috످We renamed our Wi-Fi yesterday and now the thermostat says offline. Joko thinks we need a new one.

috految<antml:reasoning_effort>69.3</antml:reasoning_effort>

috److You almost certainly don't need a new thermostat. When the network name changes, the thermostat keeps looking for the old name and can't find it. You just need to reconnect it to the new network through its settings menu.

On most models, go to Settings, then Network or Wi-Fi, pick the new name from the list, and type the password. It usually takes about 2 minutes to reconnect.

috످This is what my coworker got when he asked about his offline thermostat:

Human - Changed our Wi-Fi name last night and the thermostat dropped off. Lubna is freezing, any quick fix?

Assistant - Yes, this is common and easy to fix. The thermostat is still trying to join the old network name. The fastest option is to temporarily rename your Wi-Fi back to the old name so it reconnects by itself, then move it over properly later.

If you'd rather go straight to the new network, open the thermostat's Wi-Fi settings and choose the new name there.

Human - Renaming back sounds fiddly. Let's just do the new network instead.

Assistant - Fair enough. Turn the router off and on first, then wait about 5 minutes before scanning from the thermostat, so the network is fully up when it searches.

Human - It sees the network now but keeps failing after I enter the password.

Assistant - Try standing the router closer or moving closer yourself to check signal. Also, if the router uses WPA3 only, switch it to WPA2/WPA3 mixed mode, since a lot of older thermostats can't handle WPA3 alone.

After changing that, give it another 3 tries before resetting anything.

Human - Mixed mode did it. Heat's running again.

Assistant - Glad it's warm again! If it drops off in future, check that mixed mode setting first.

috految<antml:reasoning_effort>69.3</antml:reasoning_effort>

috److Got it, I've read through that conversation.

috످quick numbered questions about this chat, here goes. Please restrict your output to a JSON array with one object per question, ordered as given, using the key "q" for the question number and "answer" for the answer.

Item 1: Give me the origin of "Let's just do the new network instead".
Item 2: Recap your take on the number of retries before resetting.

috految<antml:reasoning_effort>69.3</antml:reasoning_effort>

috److془Item 1: The passage is about choosing to connect to renamed network rather than reverting; stands in user's second message, in pasted conversation, coworker's line.

Item 2: The advice is about making three more attempts before reset; stands in user's pasted message, assistant label. I didn't give any.془[
  {"q": 1, "answer": "That line comes from your coworker, in the conversation you pasted. He was choosing to connect to the new network rather than change the Wi-Fi name back."},
  {"q": 2, "answer": "I haven't given a take on retries in this chat. In the conversation you pasted, your coworker's assistant suggested switching the router to WPA2/WPA3 mixed mode, then trying 3 more times before resetting."}
]

috످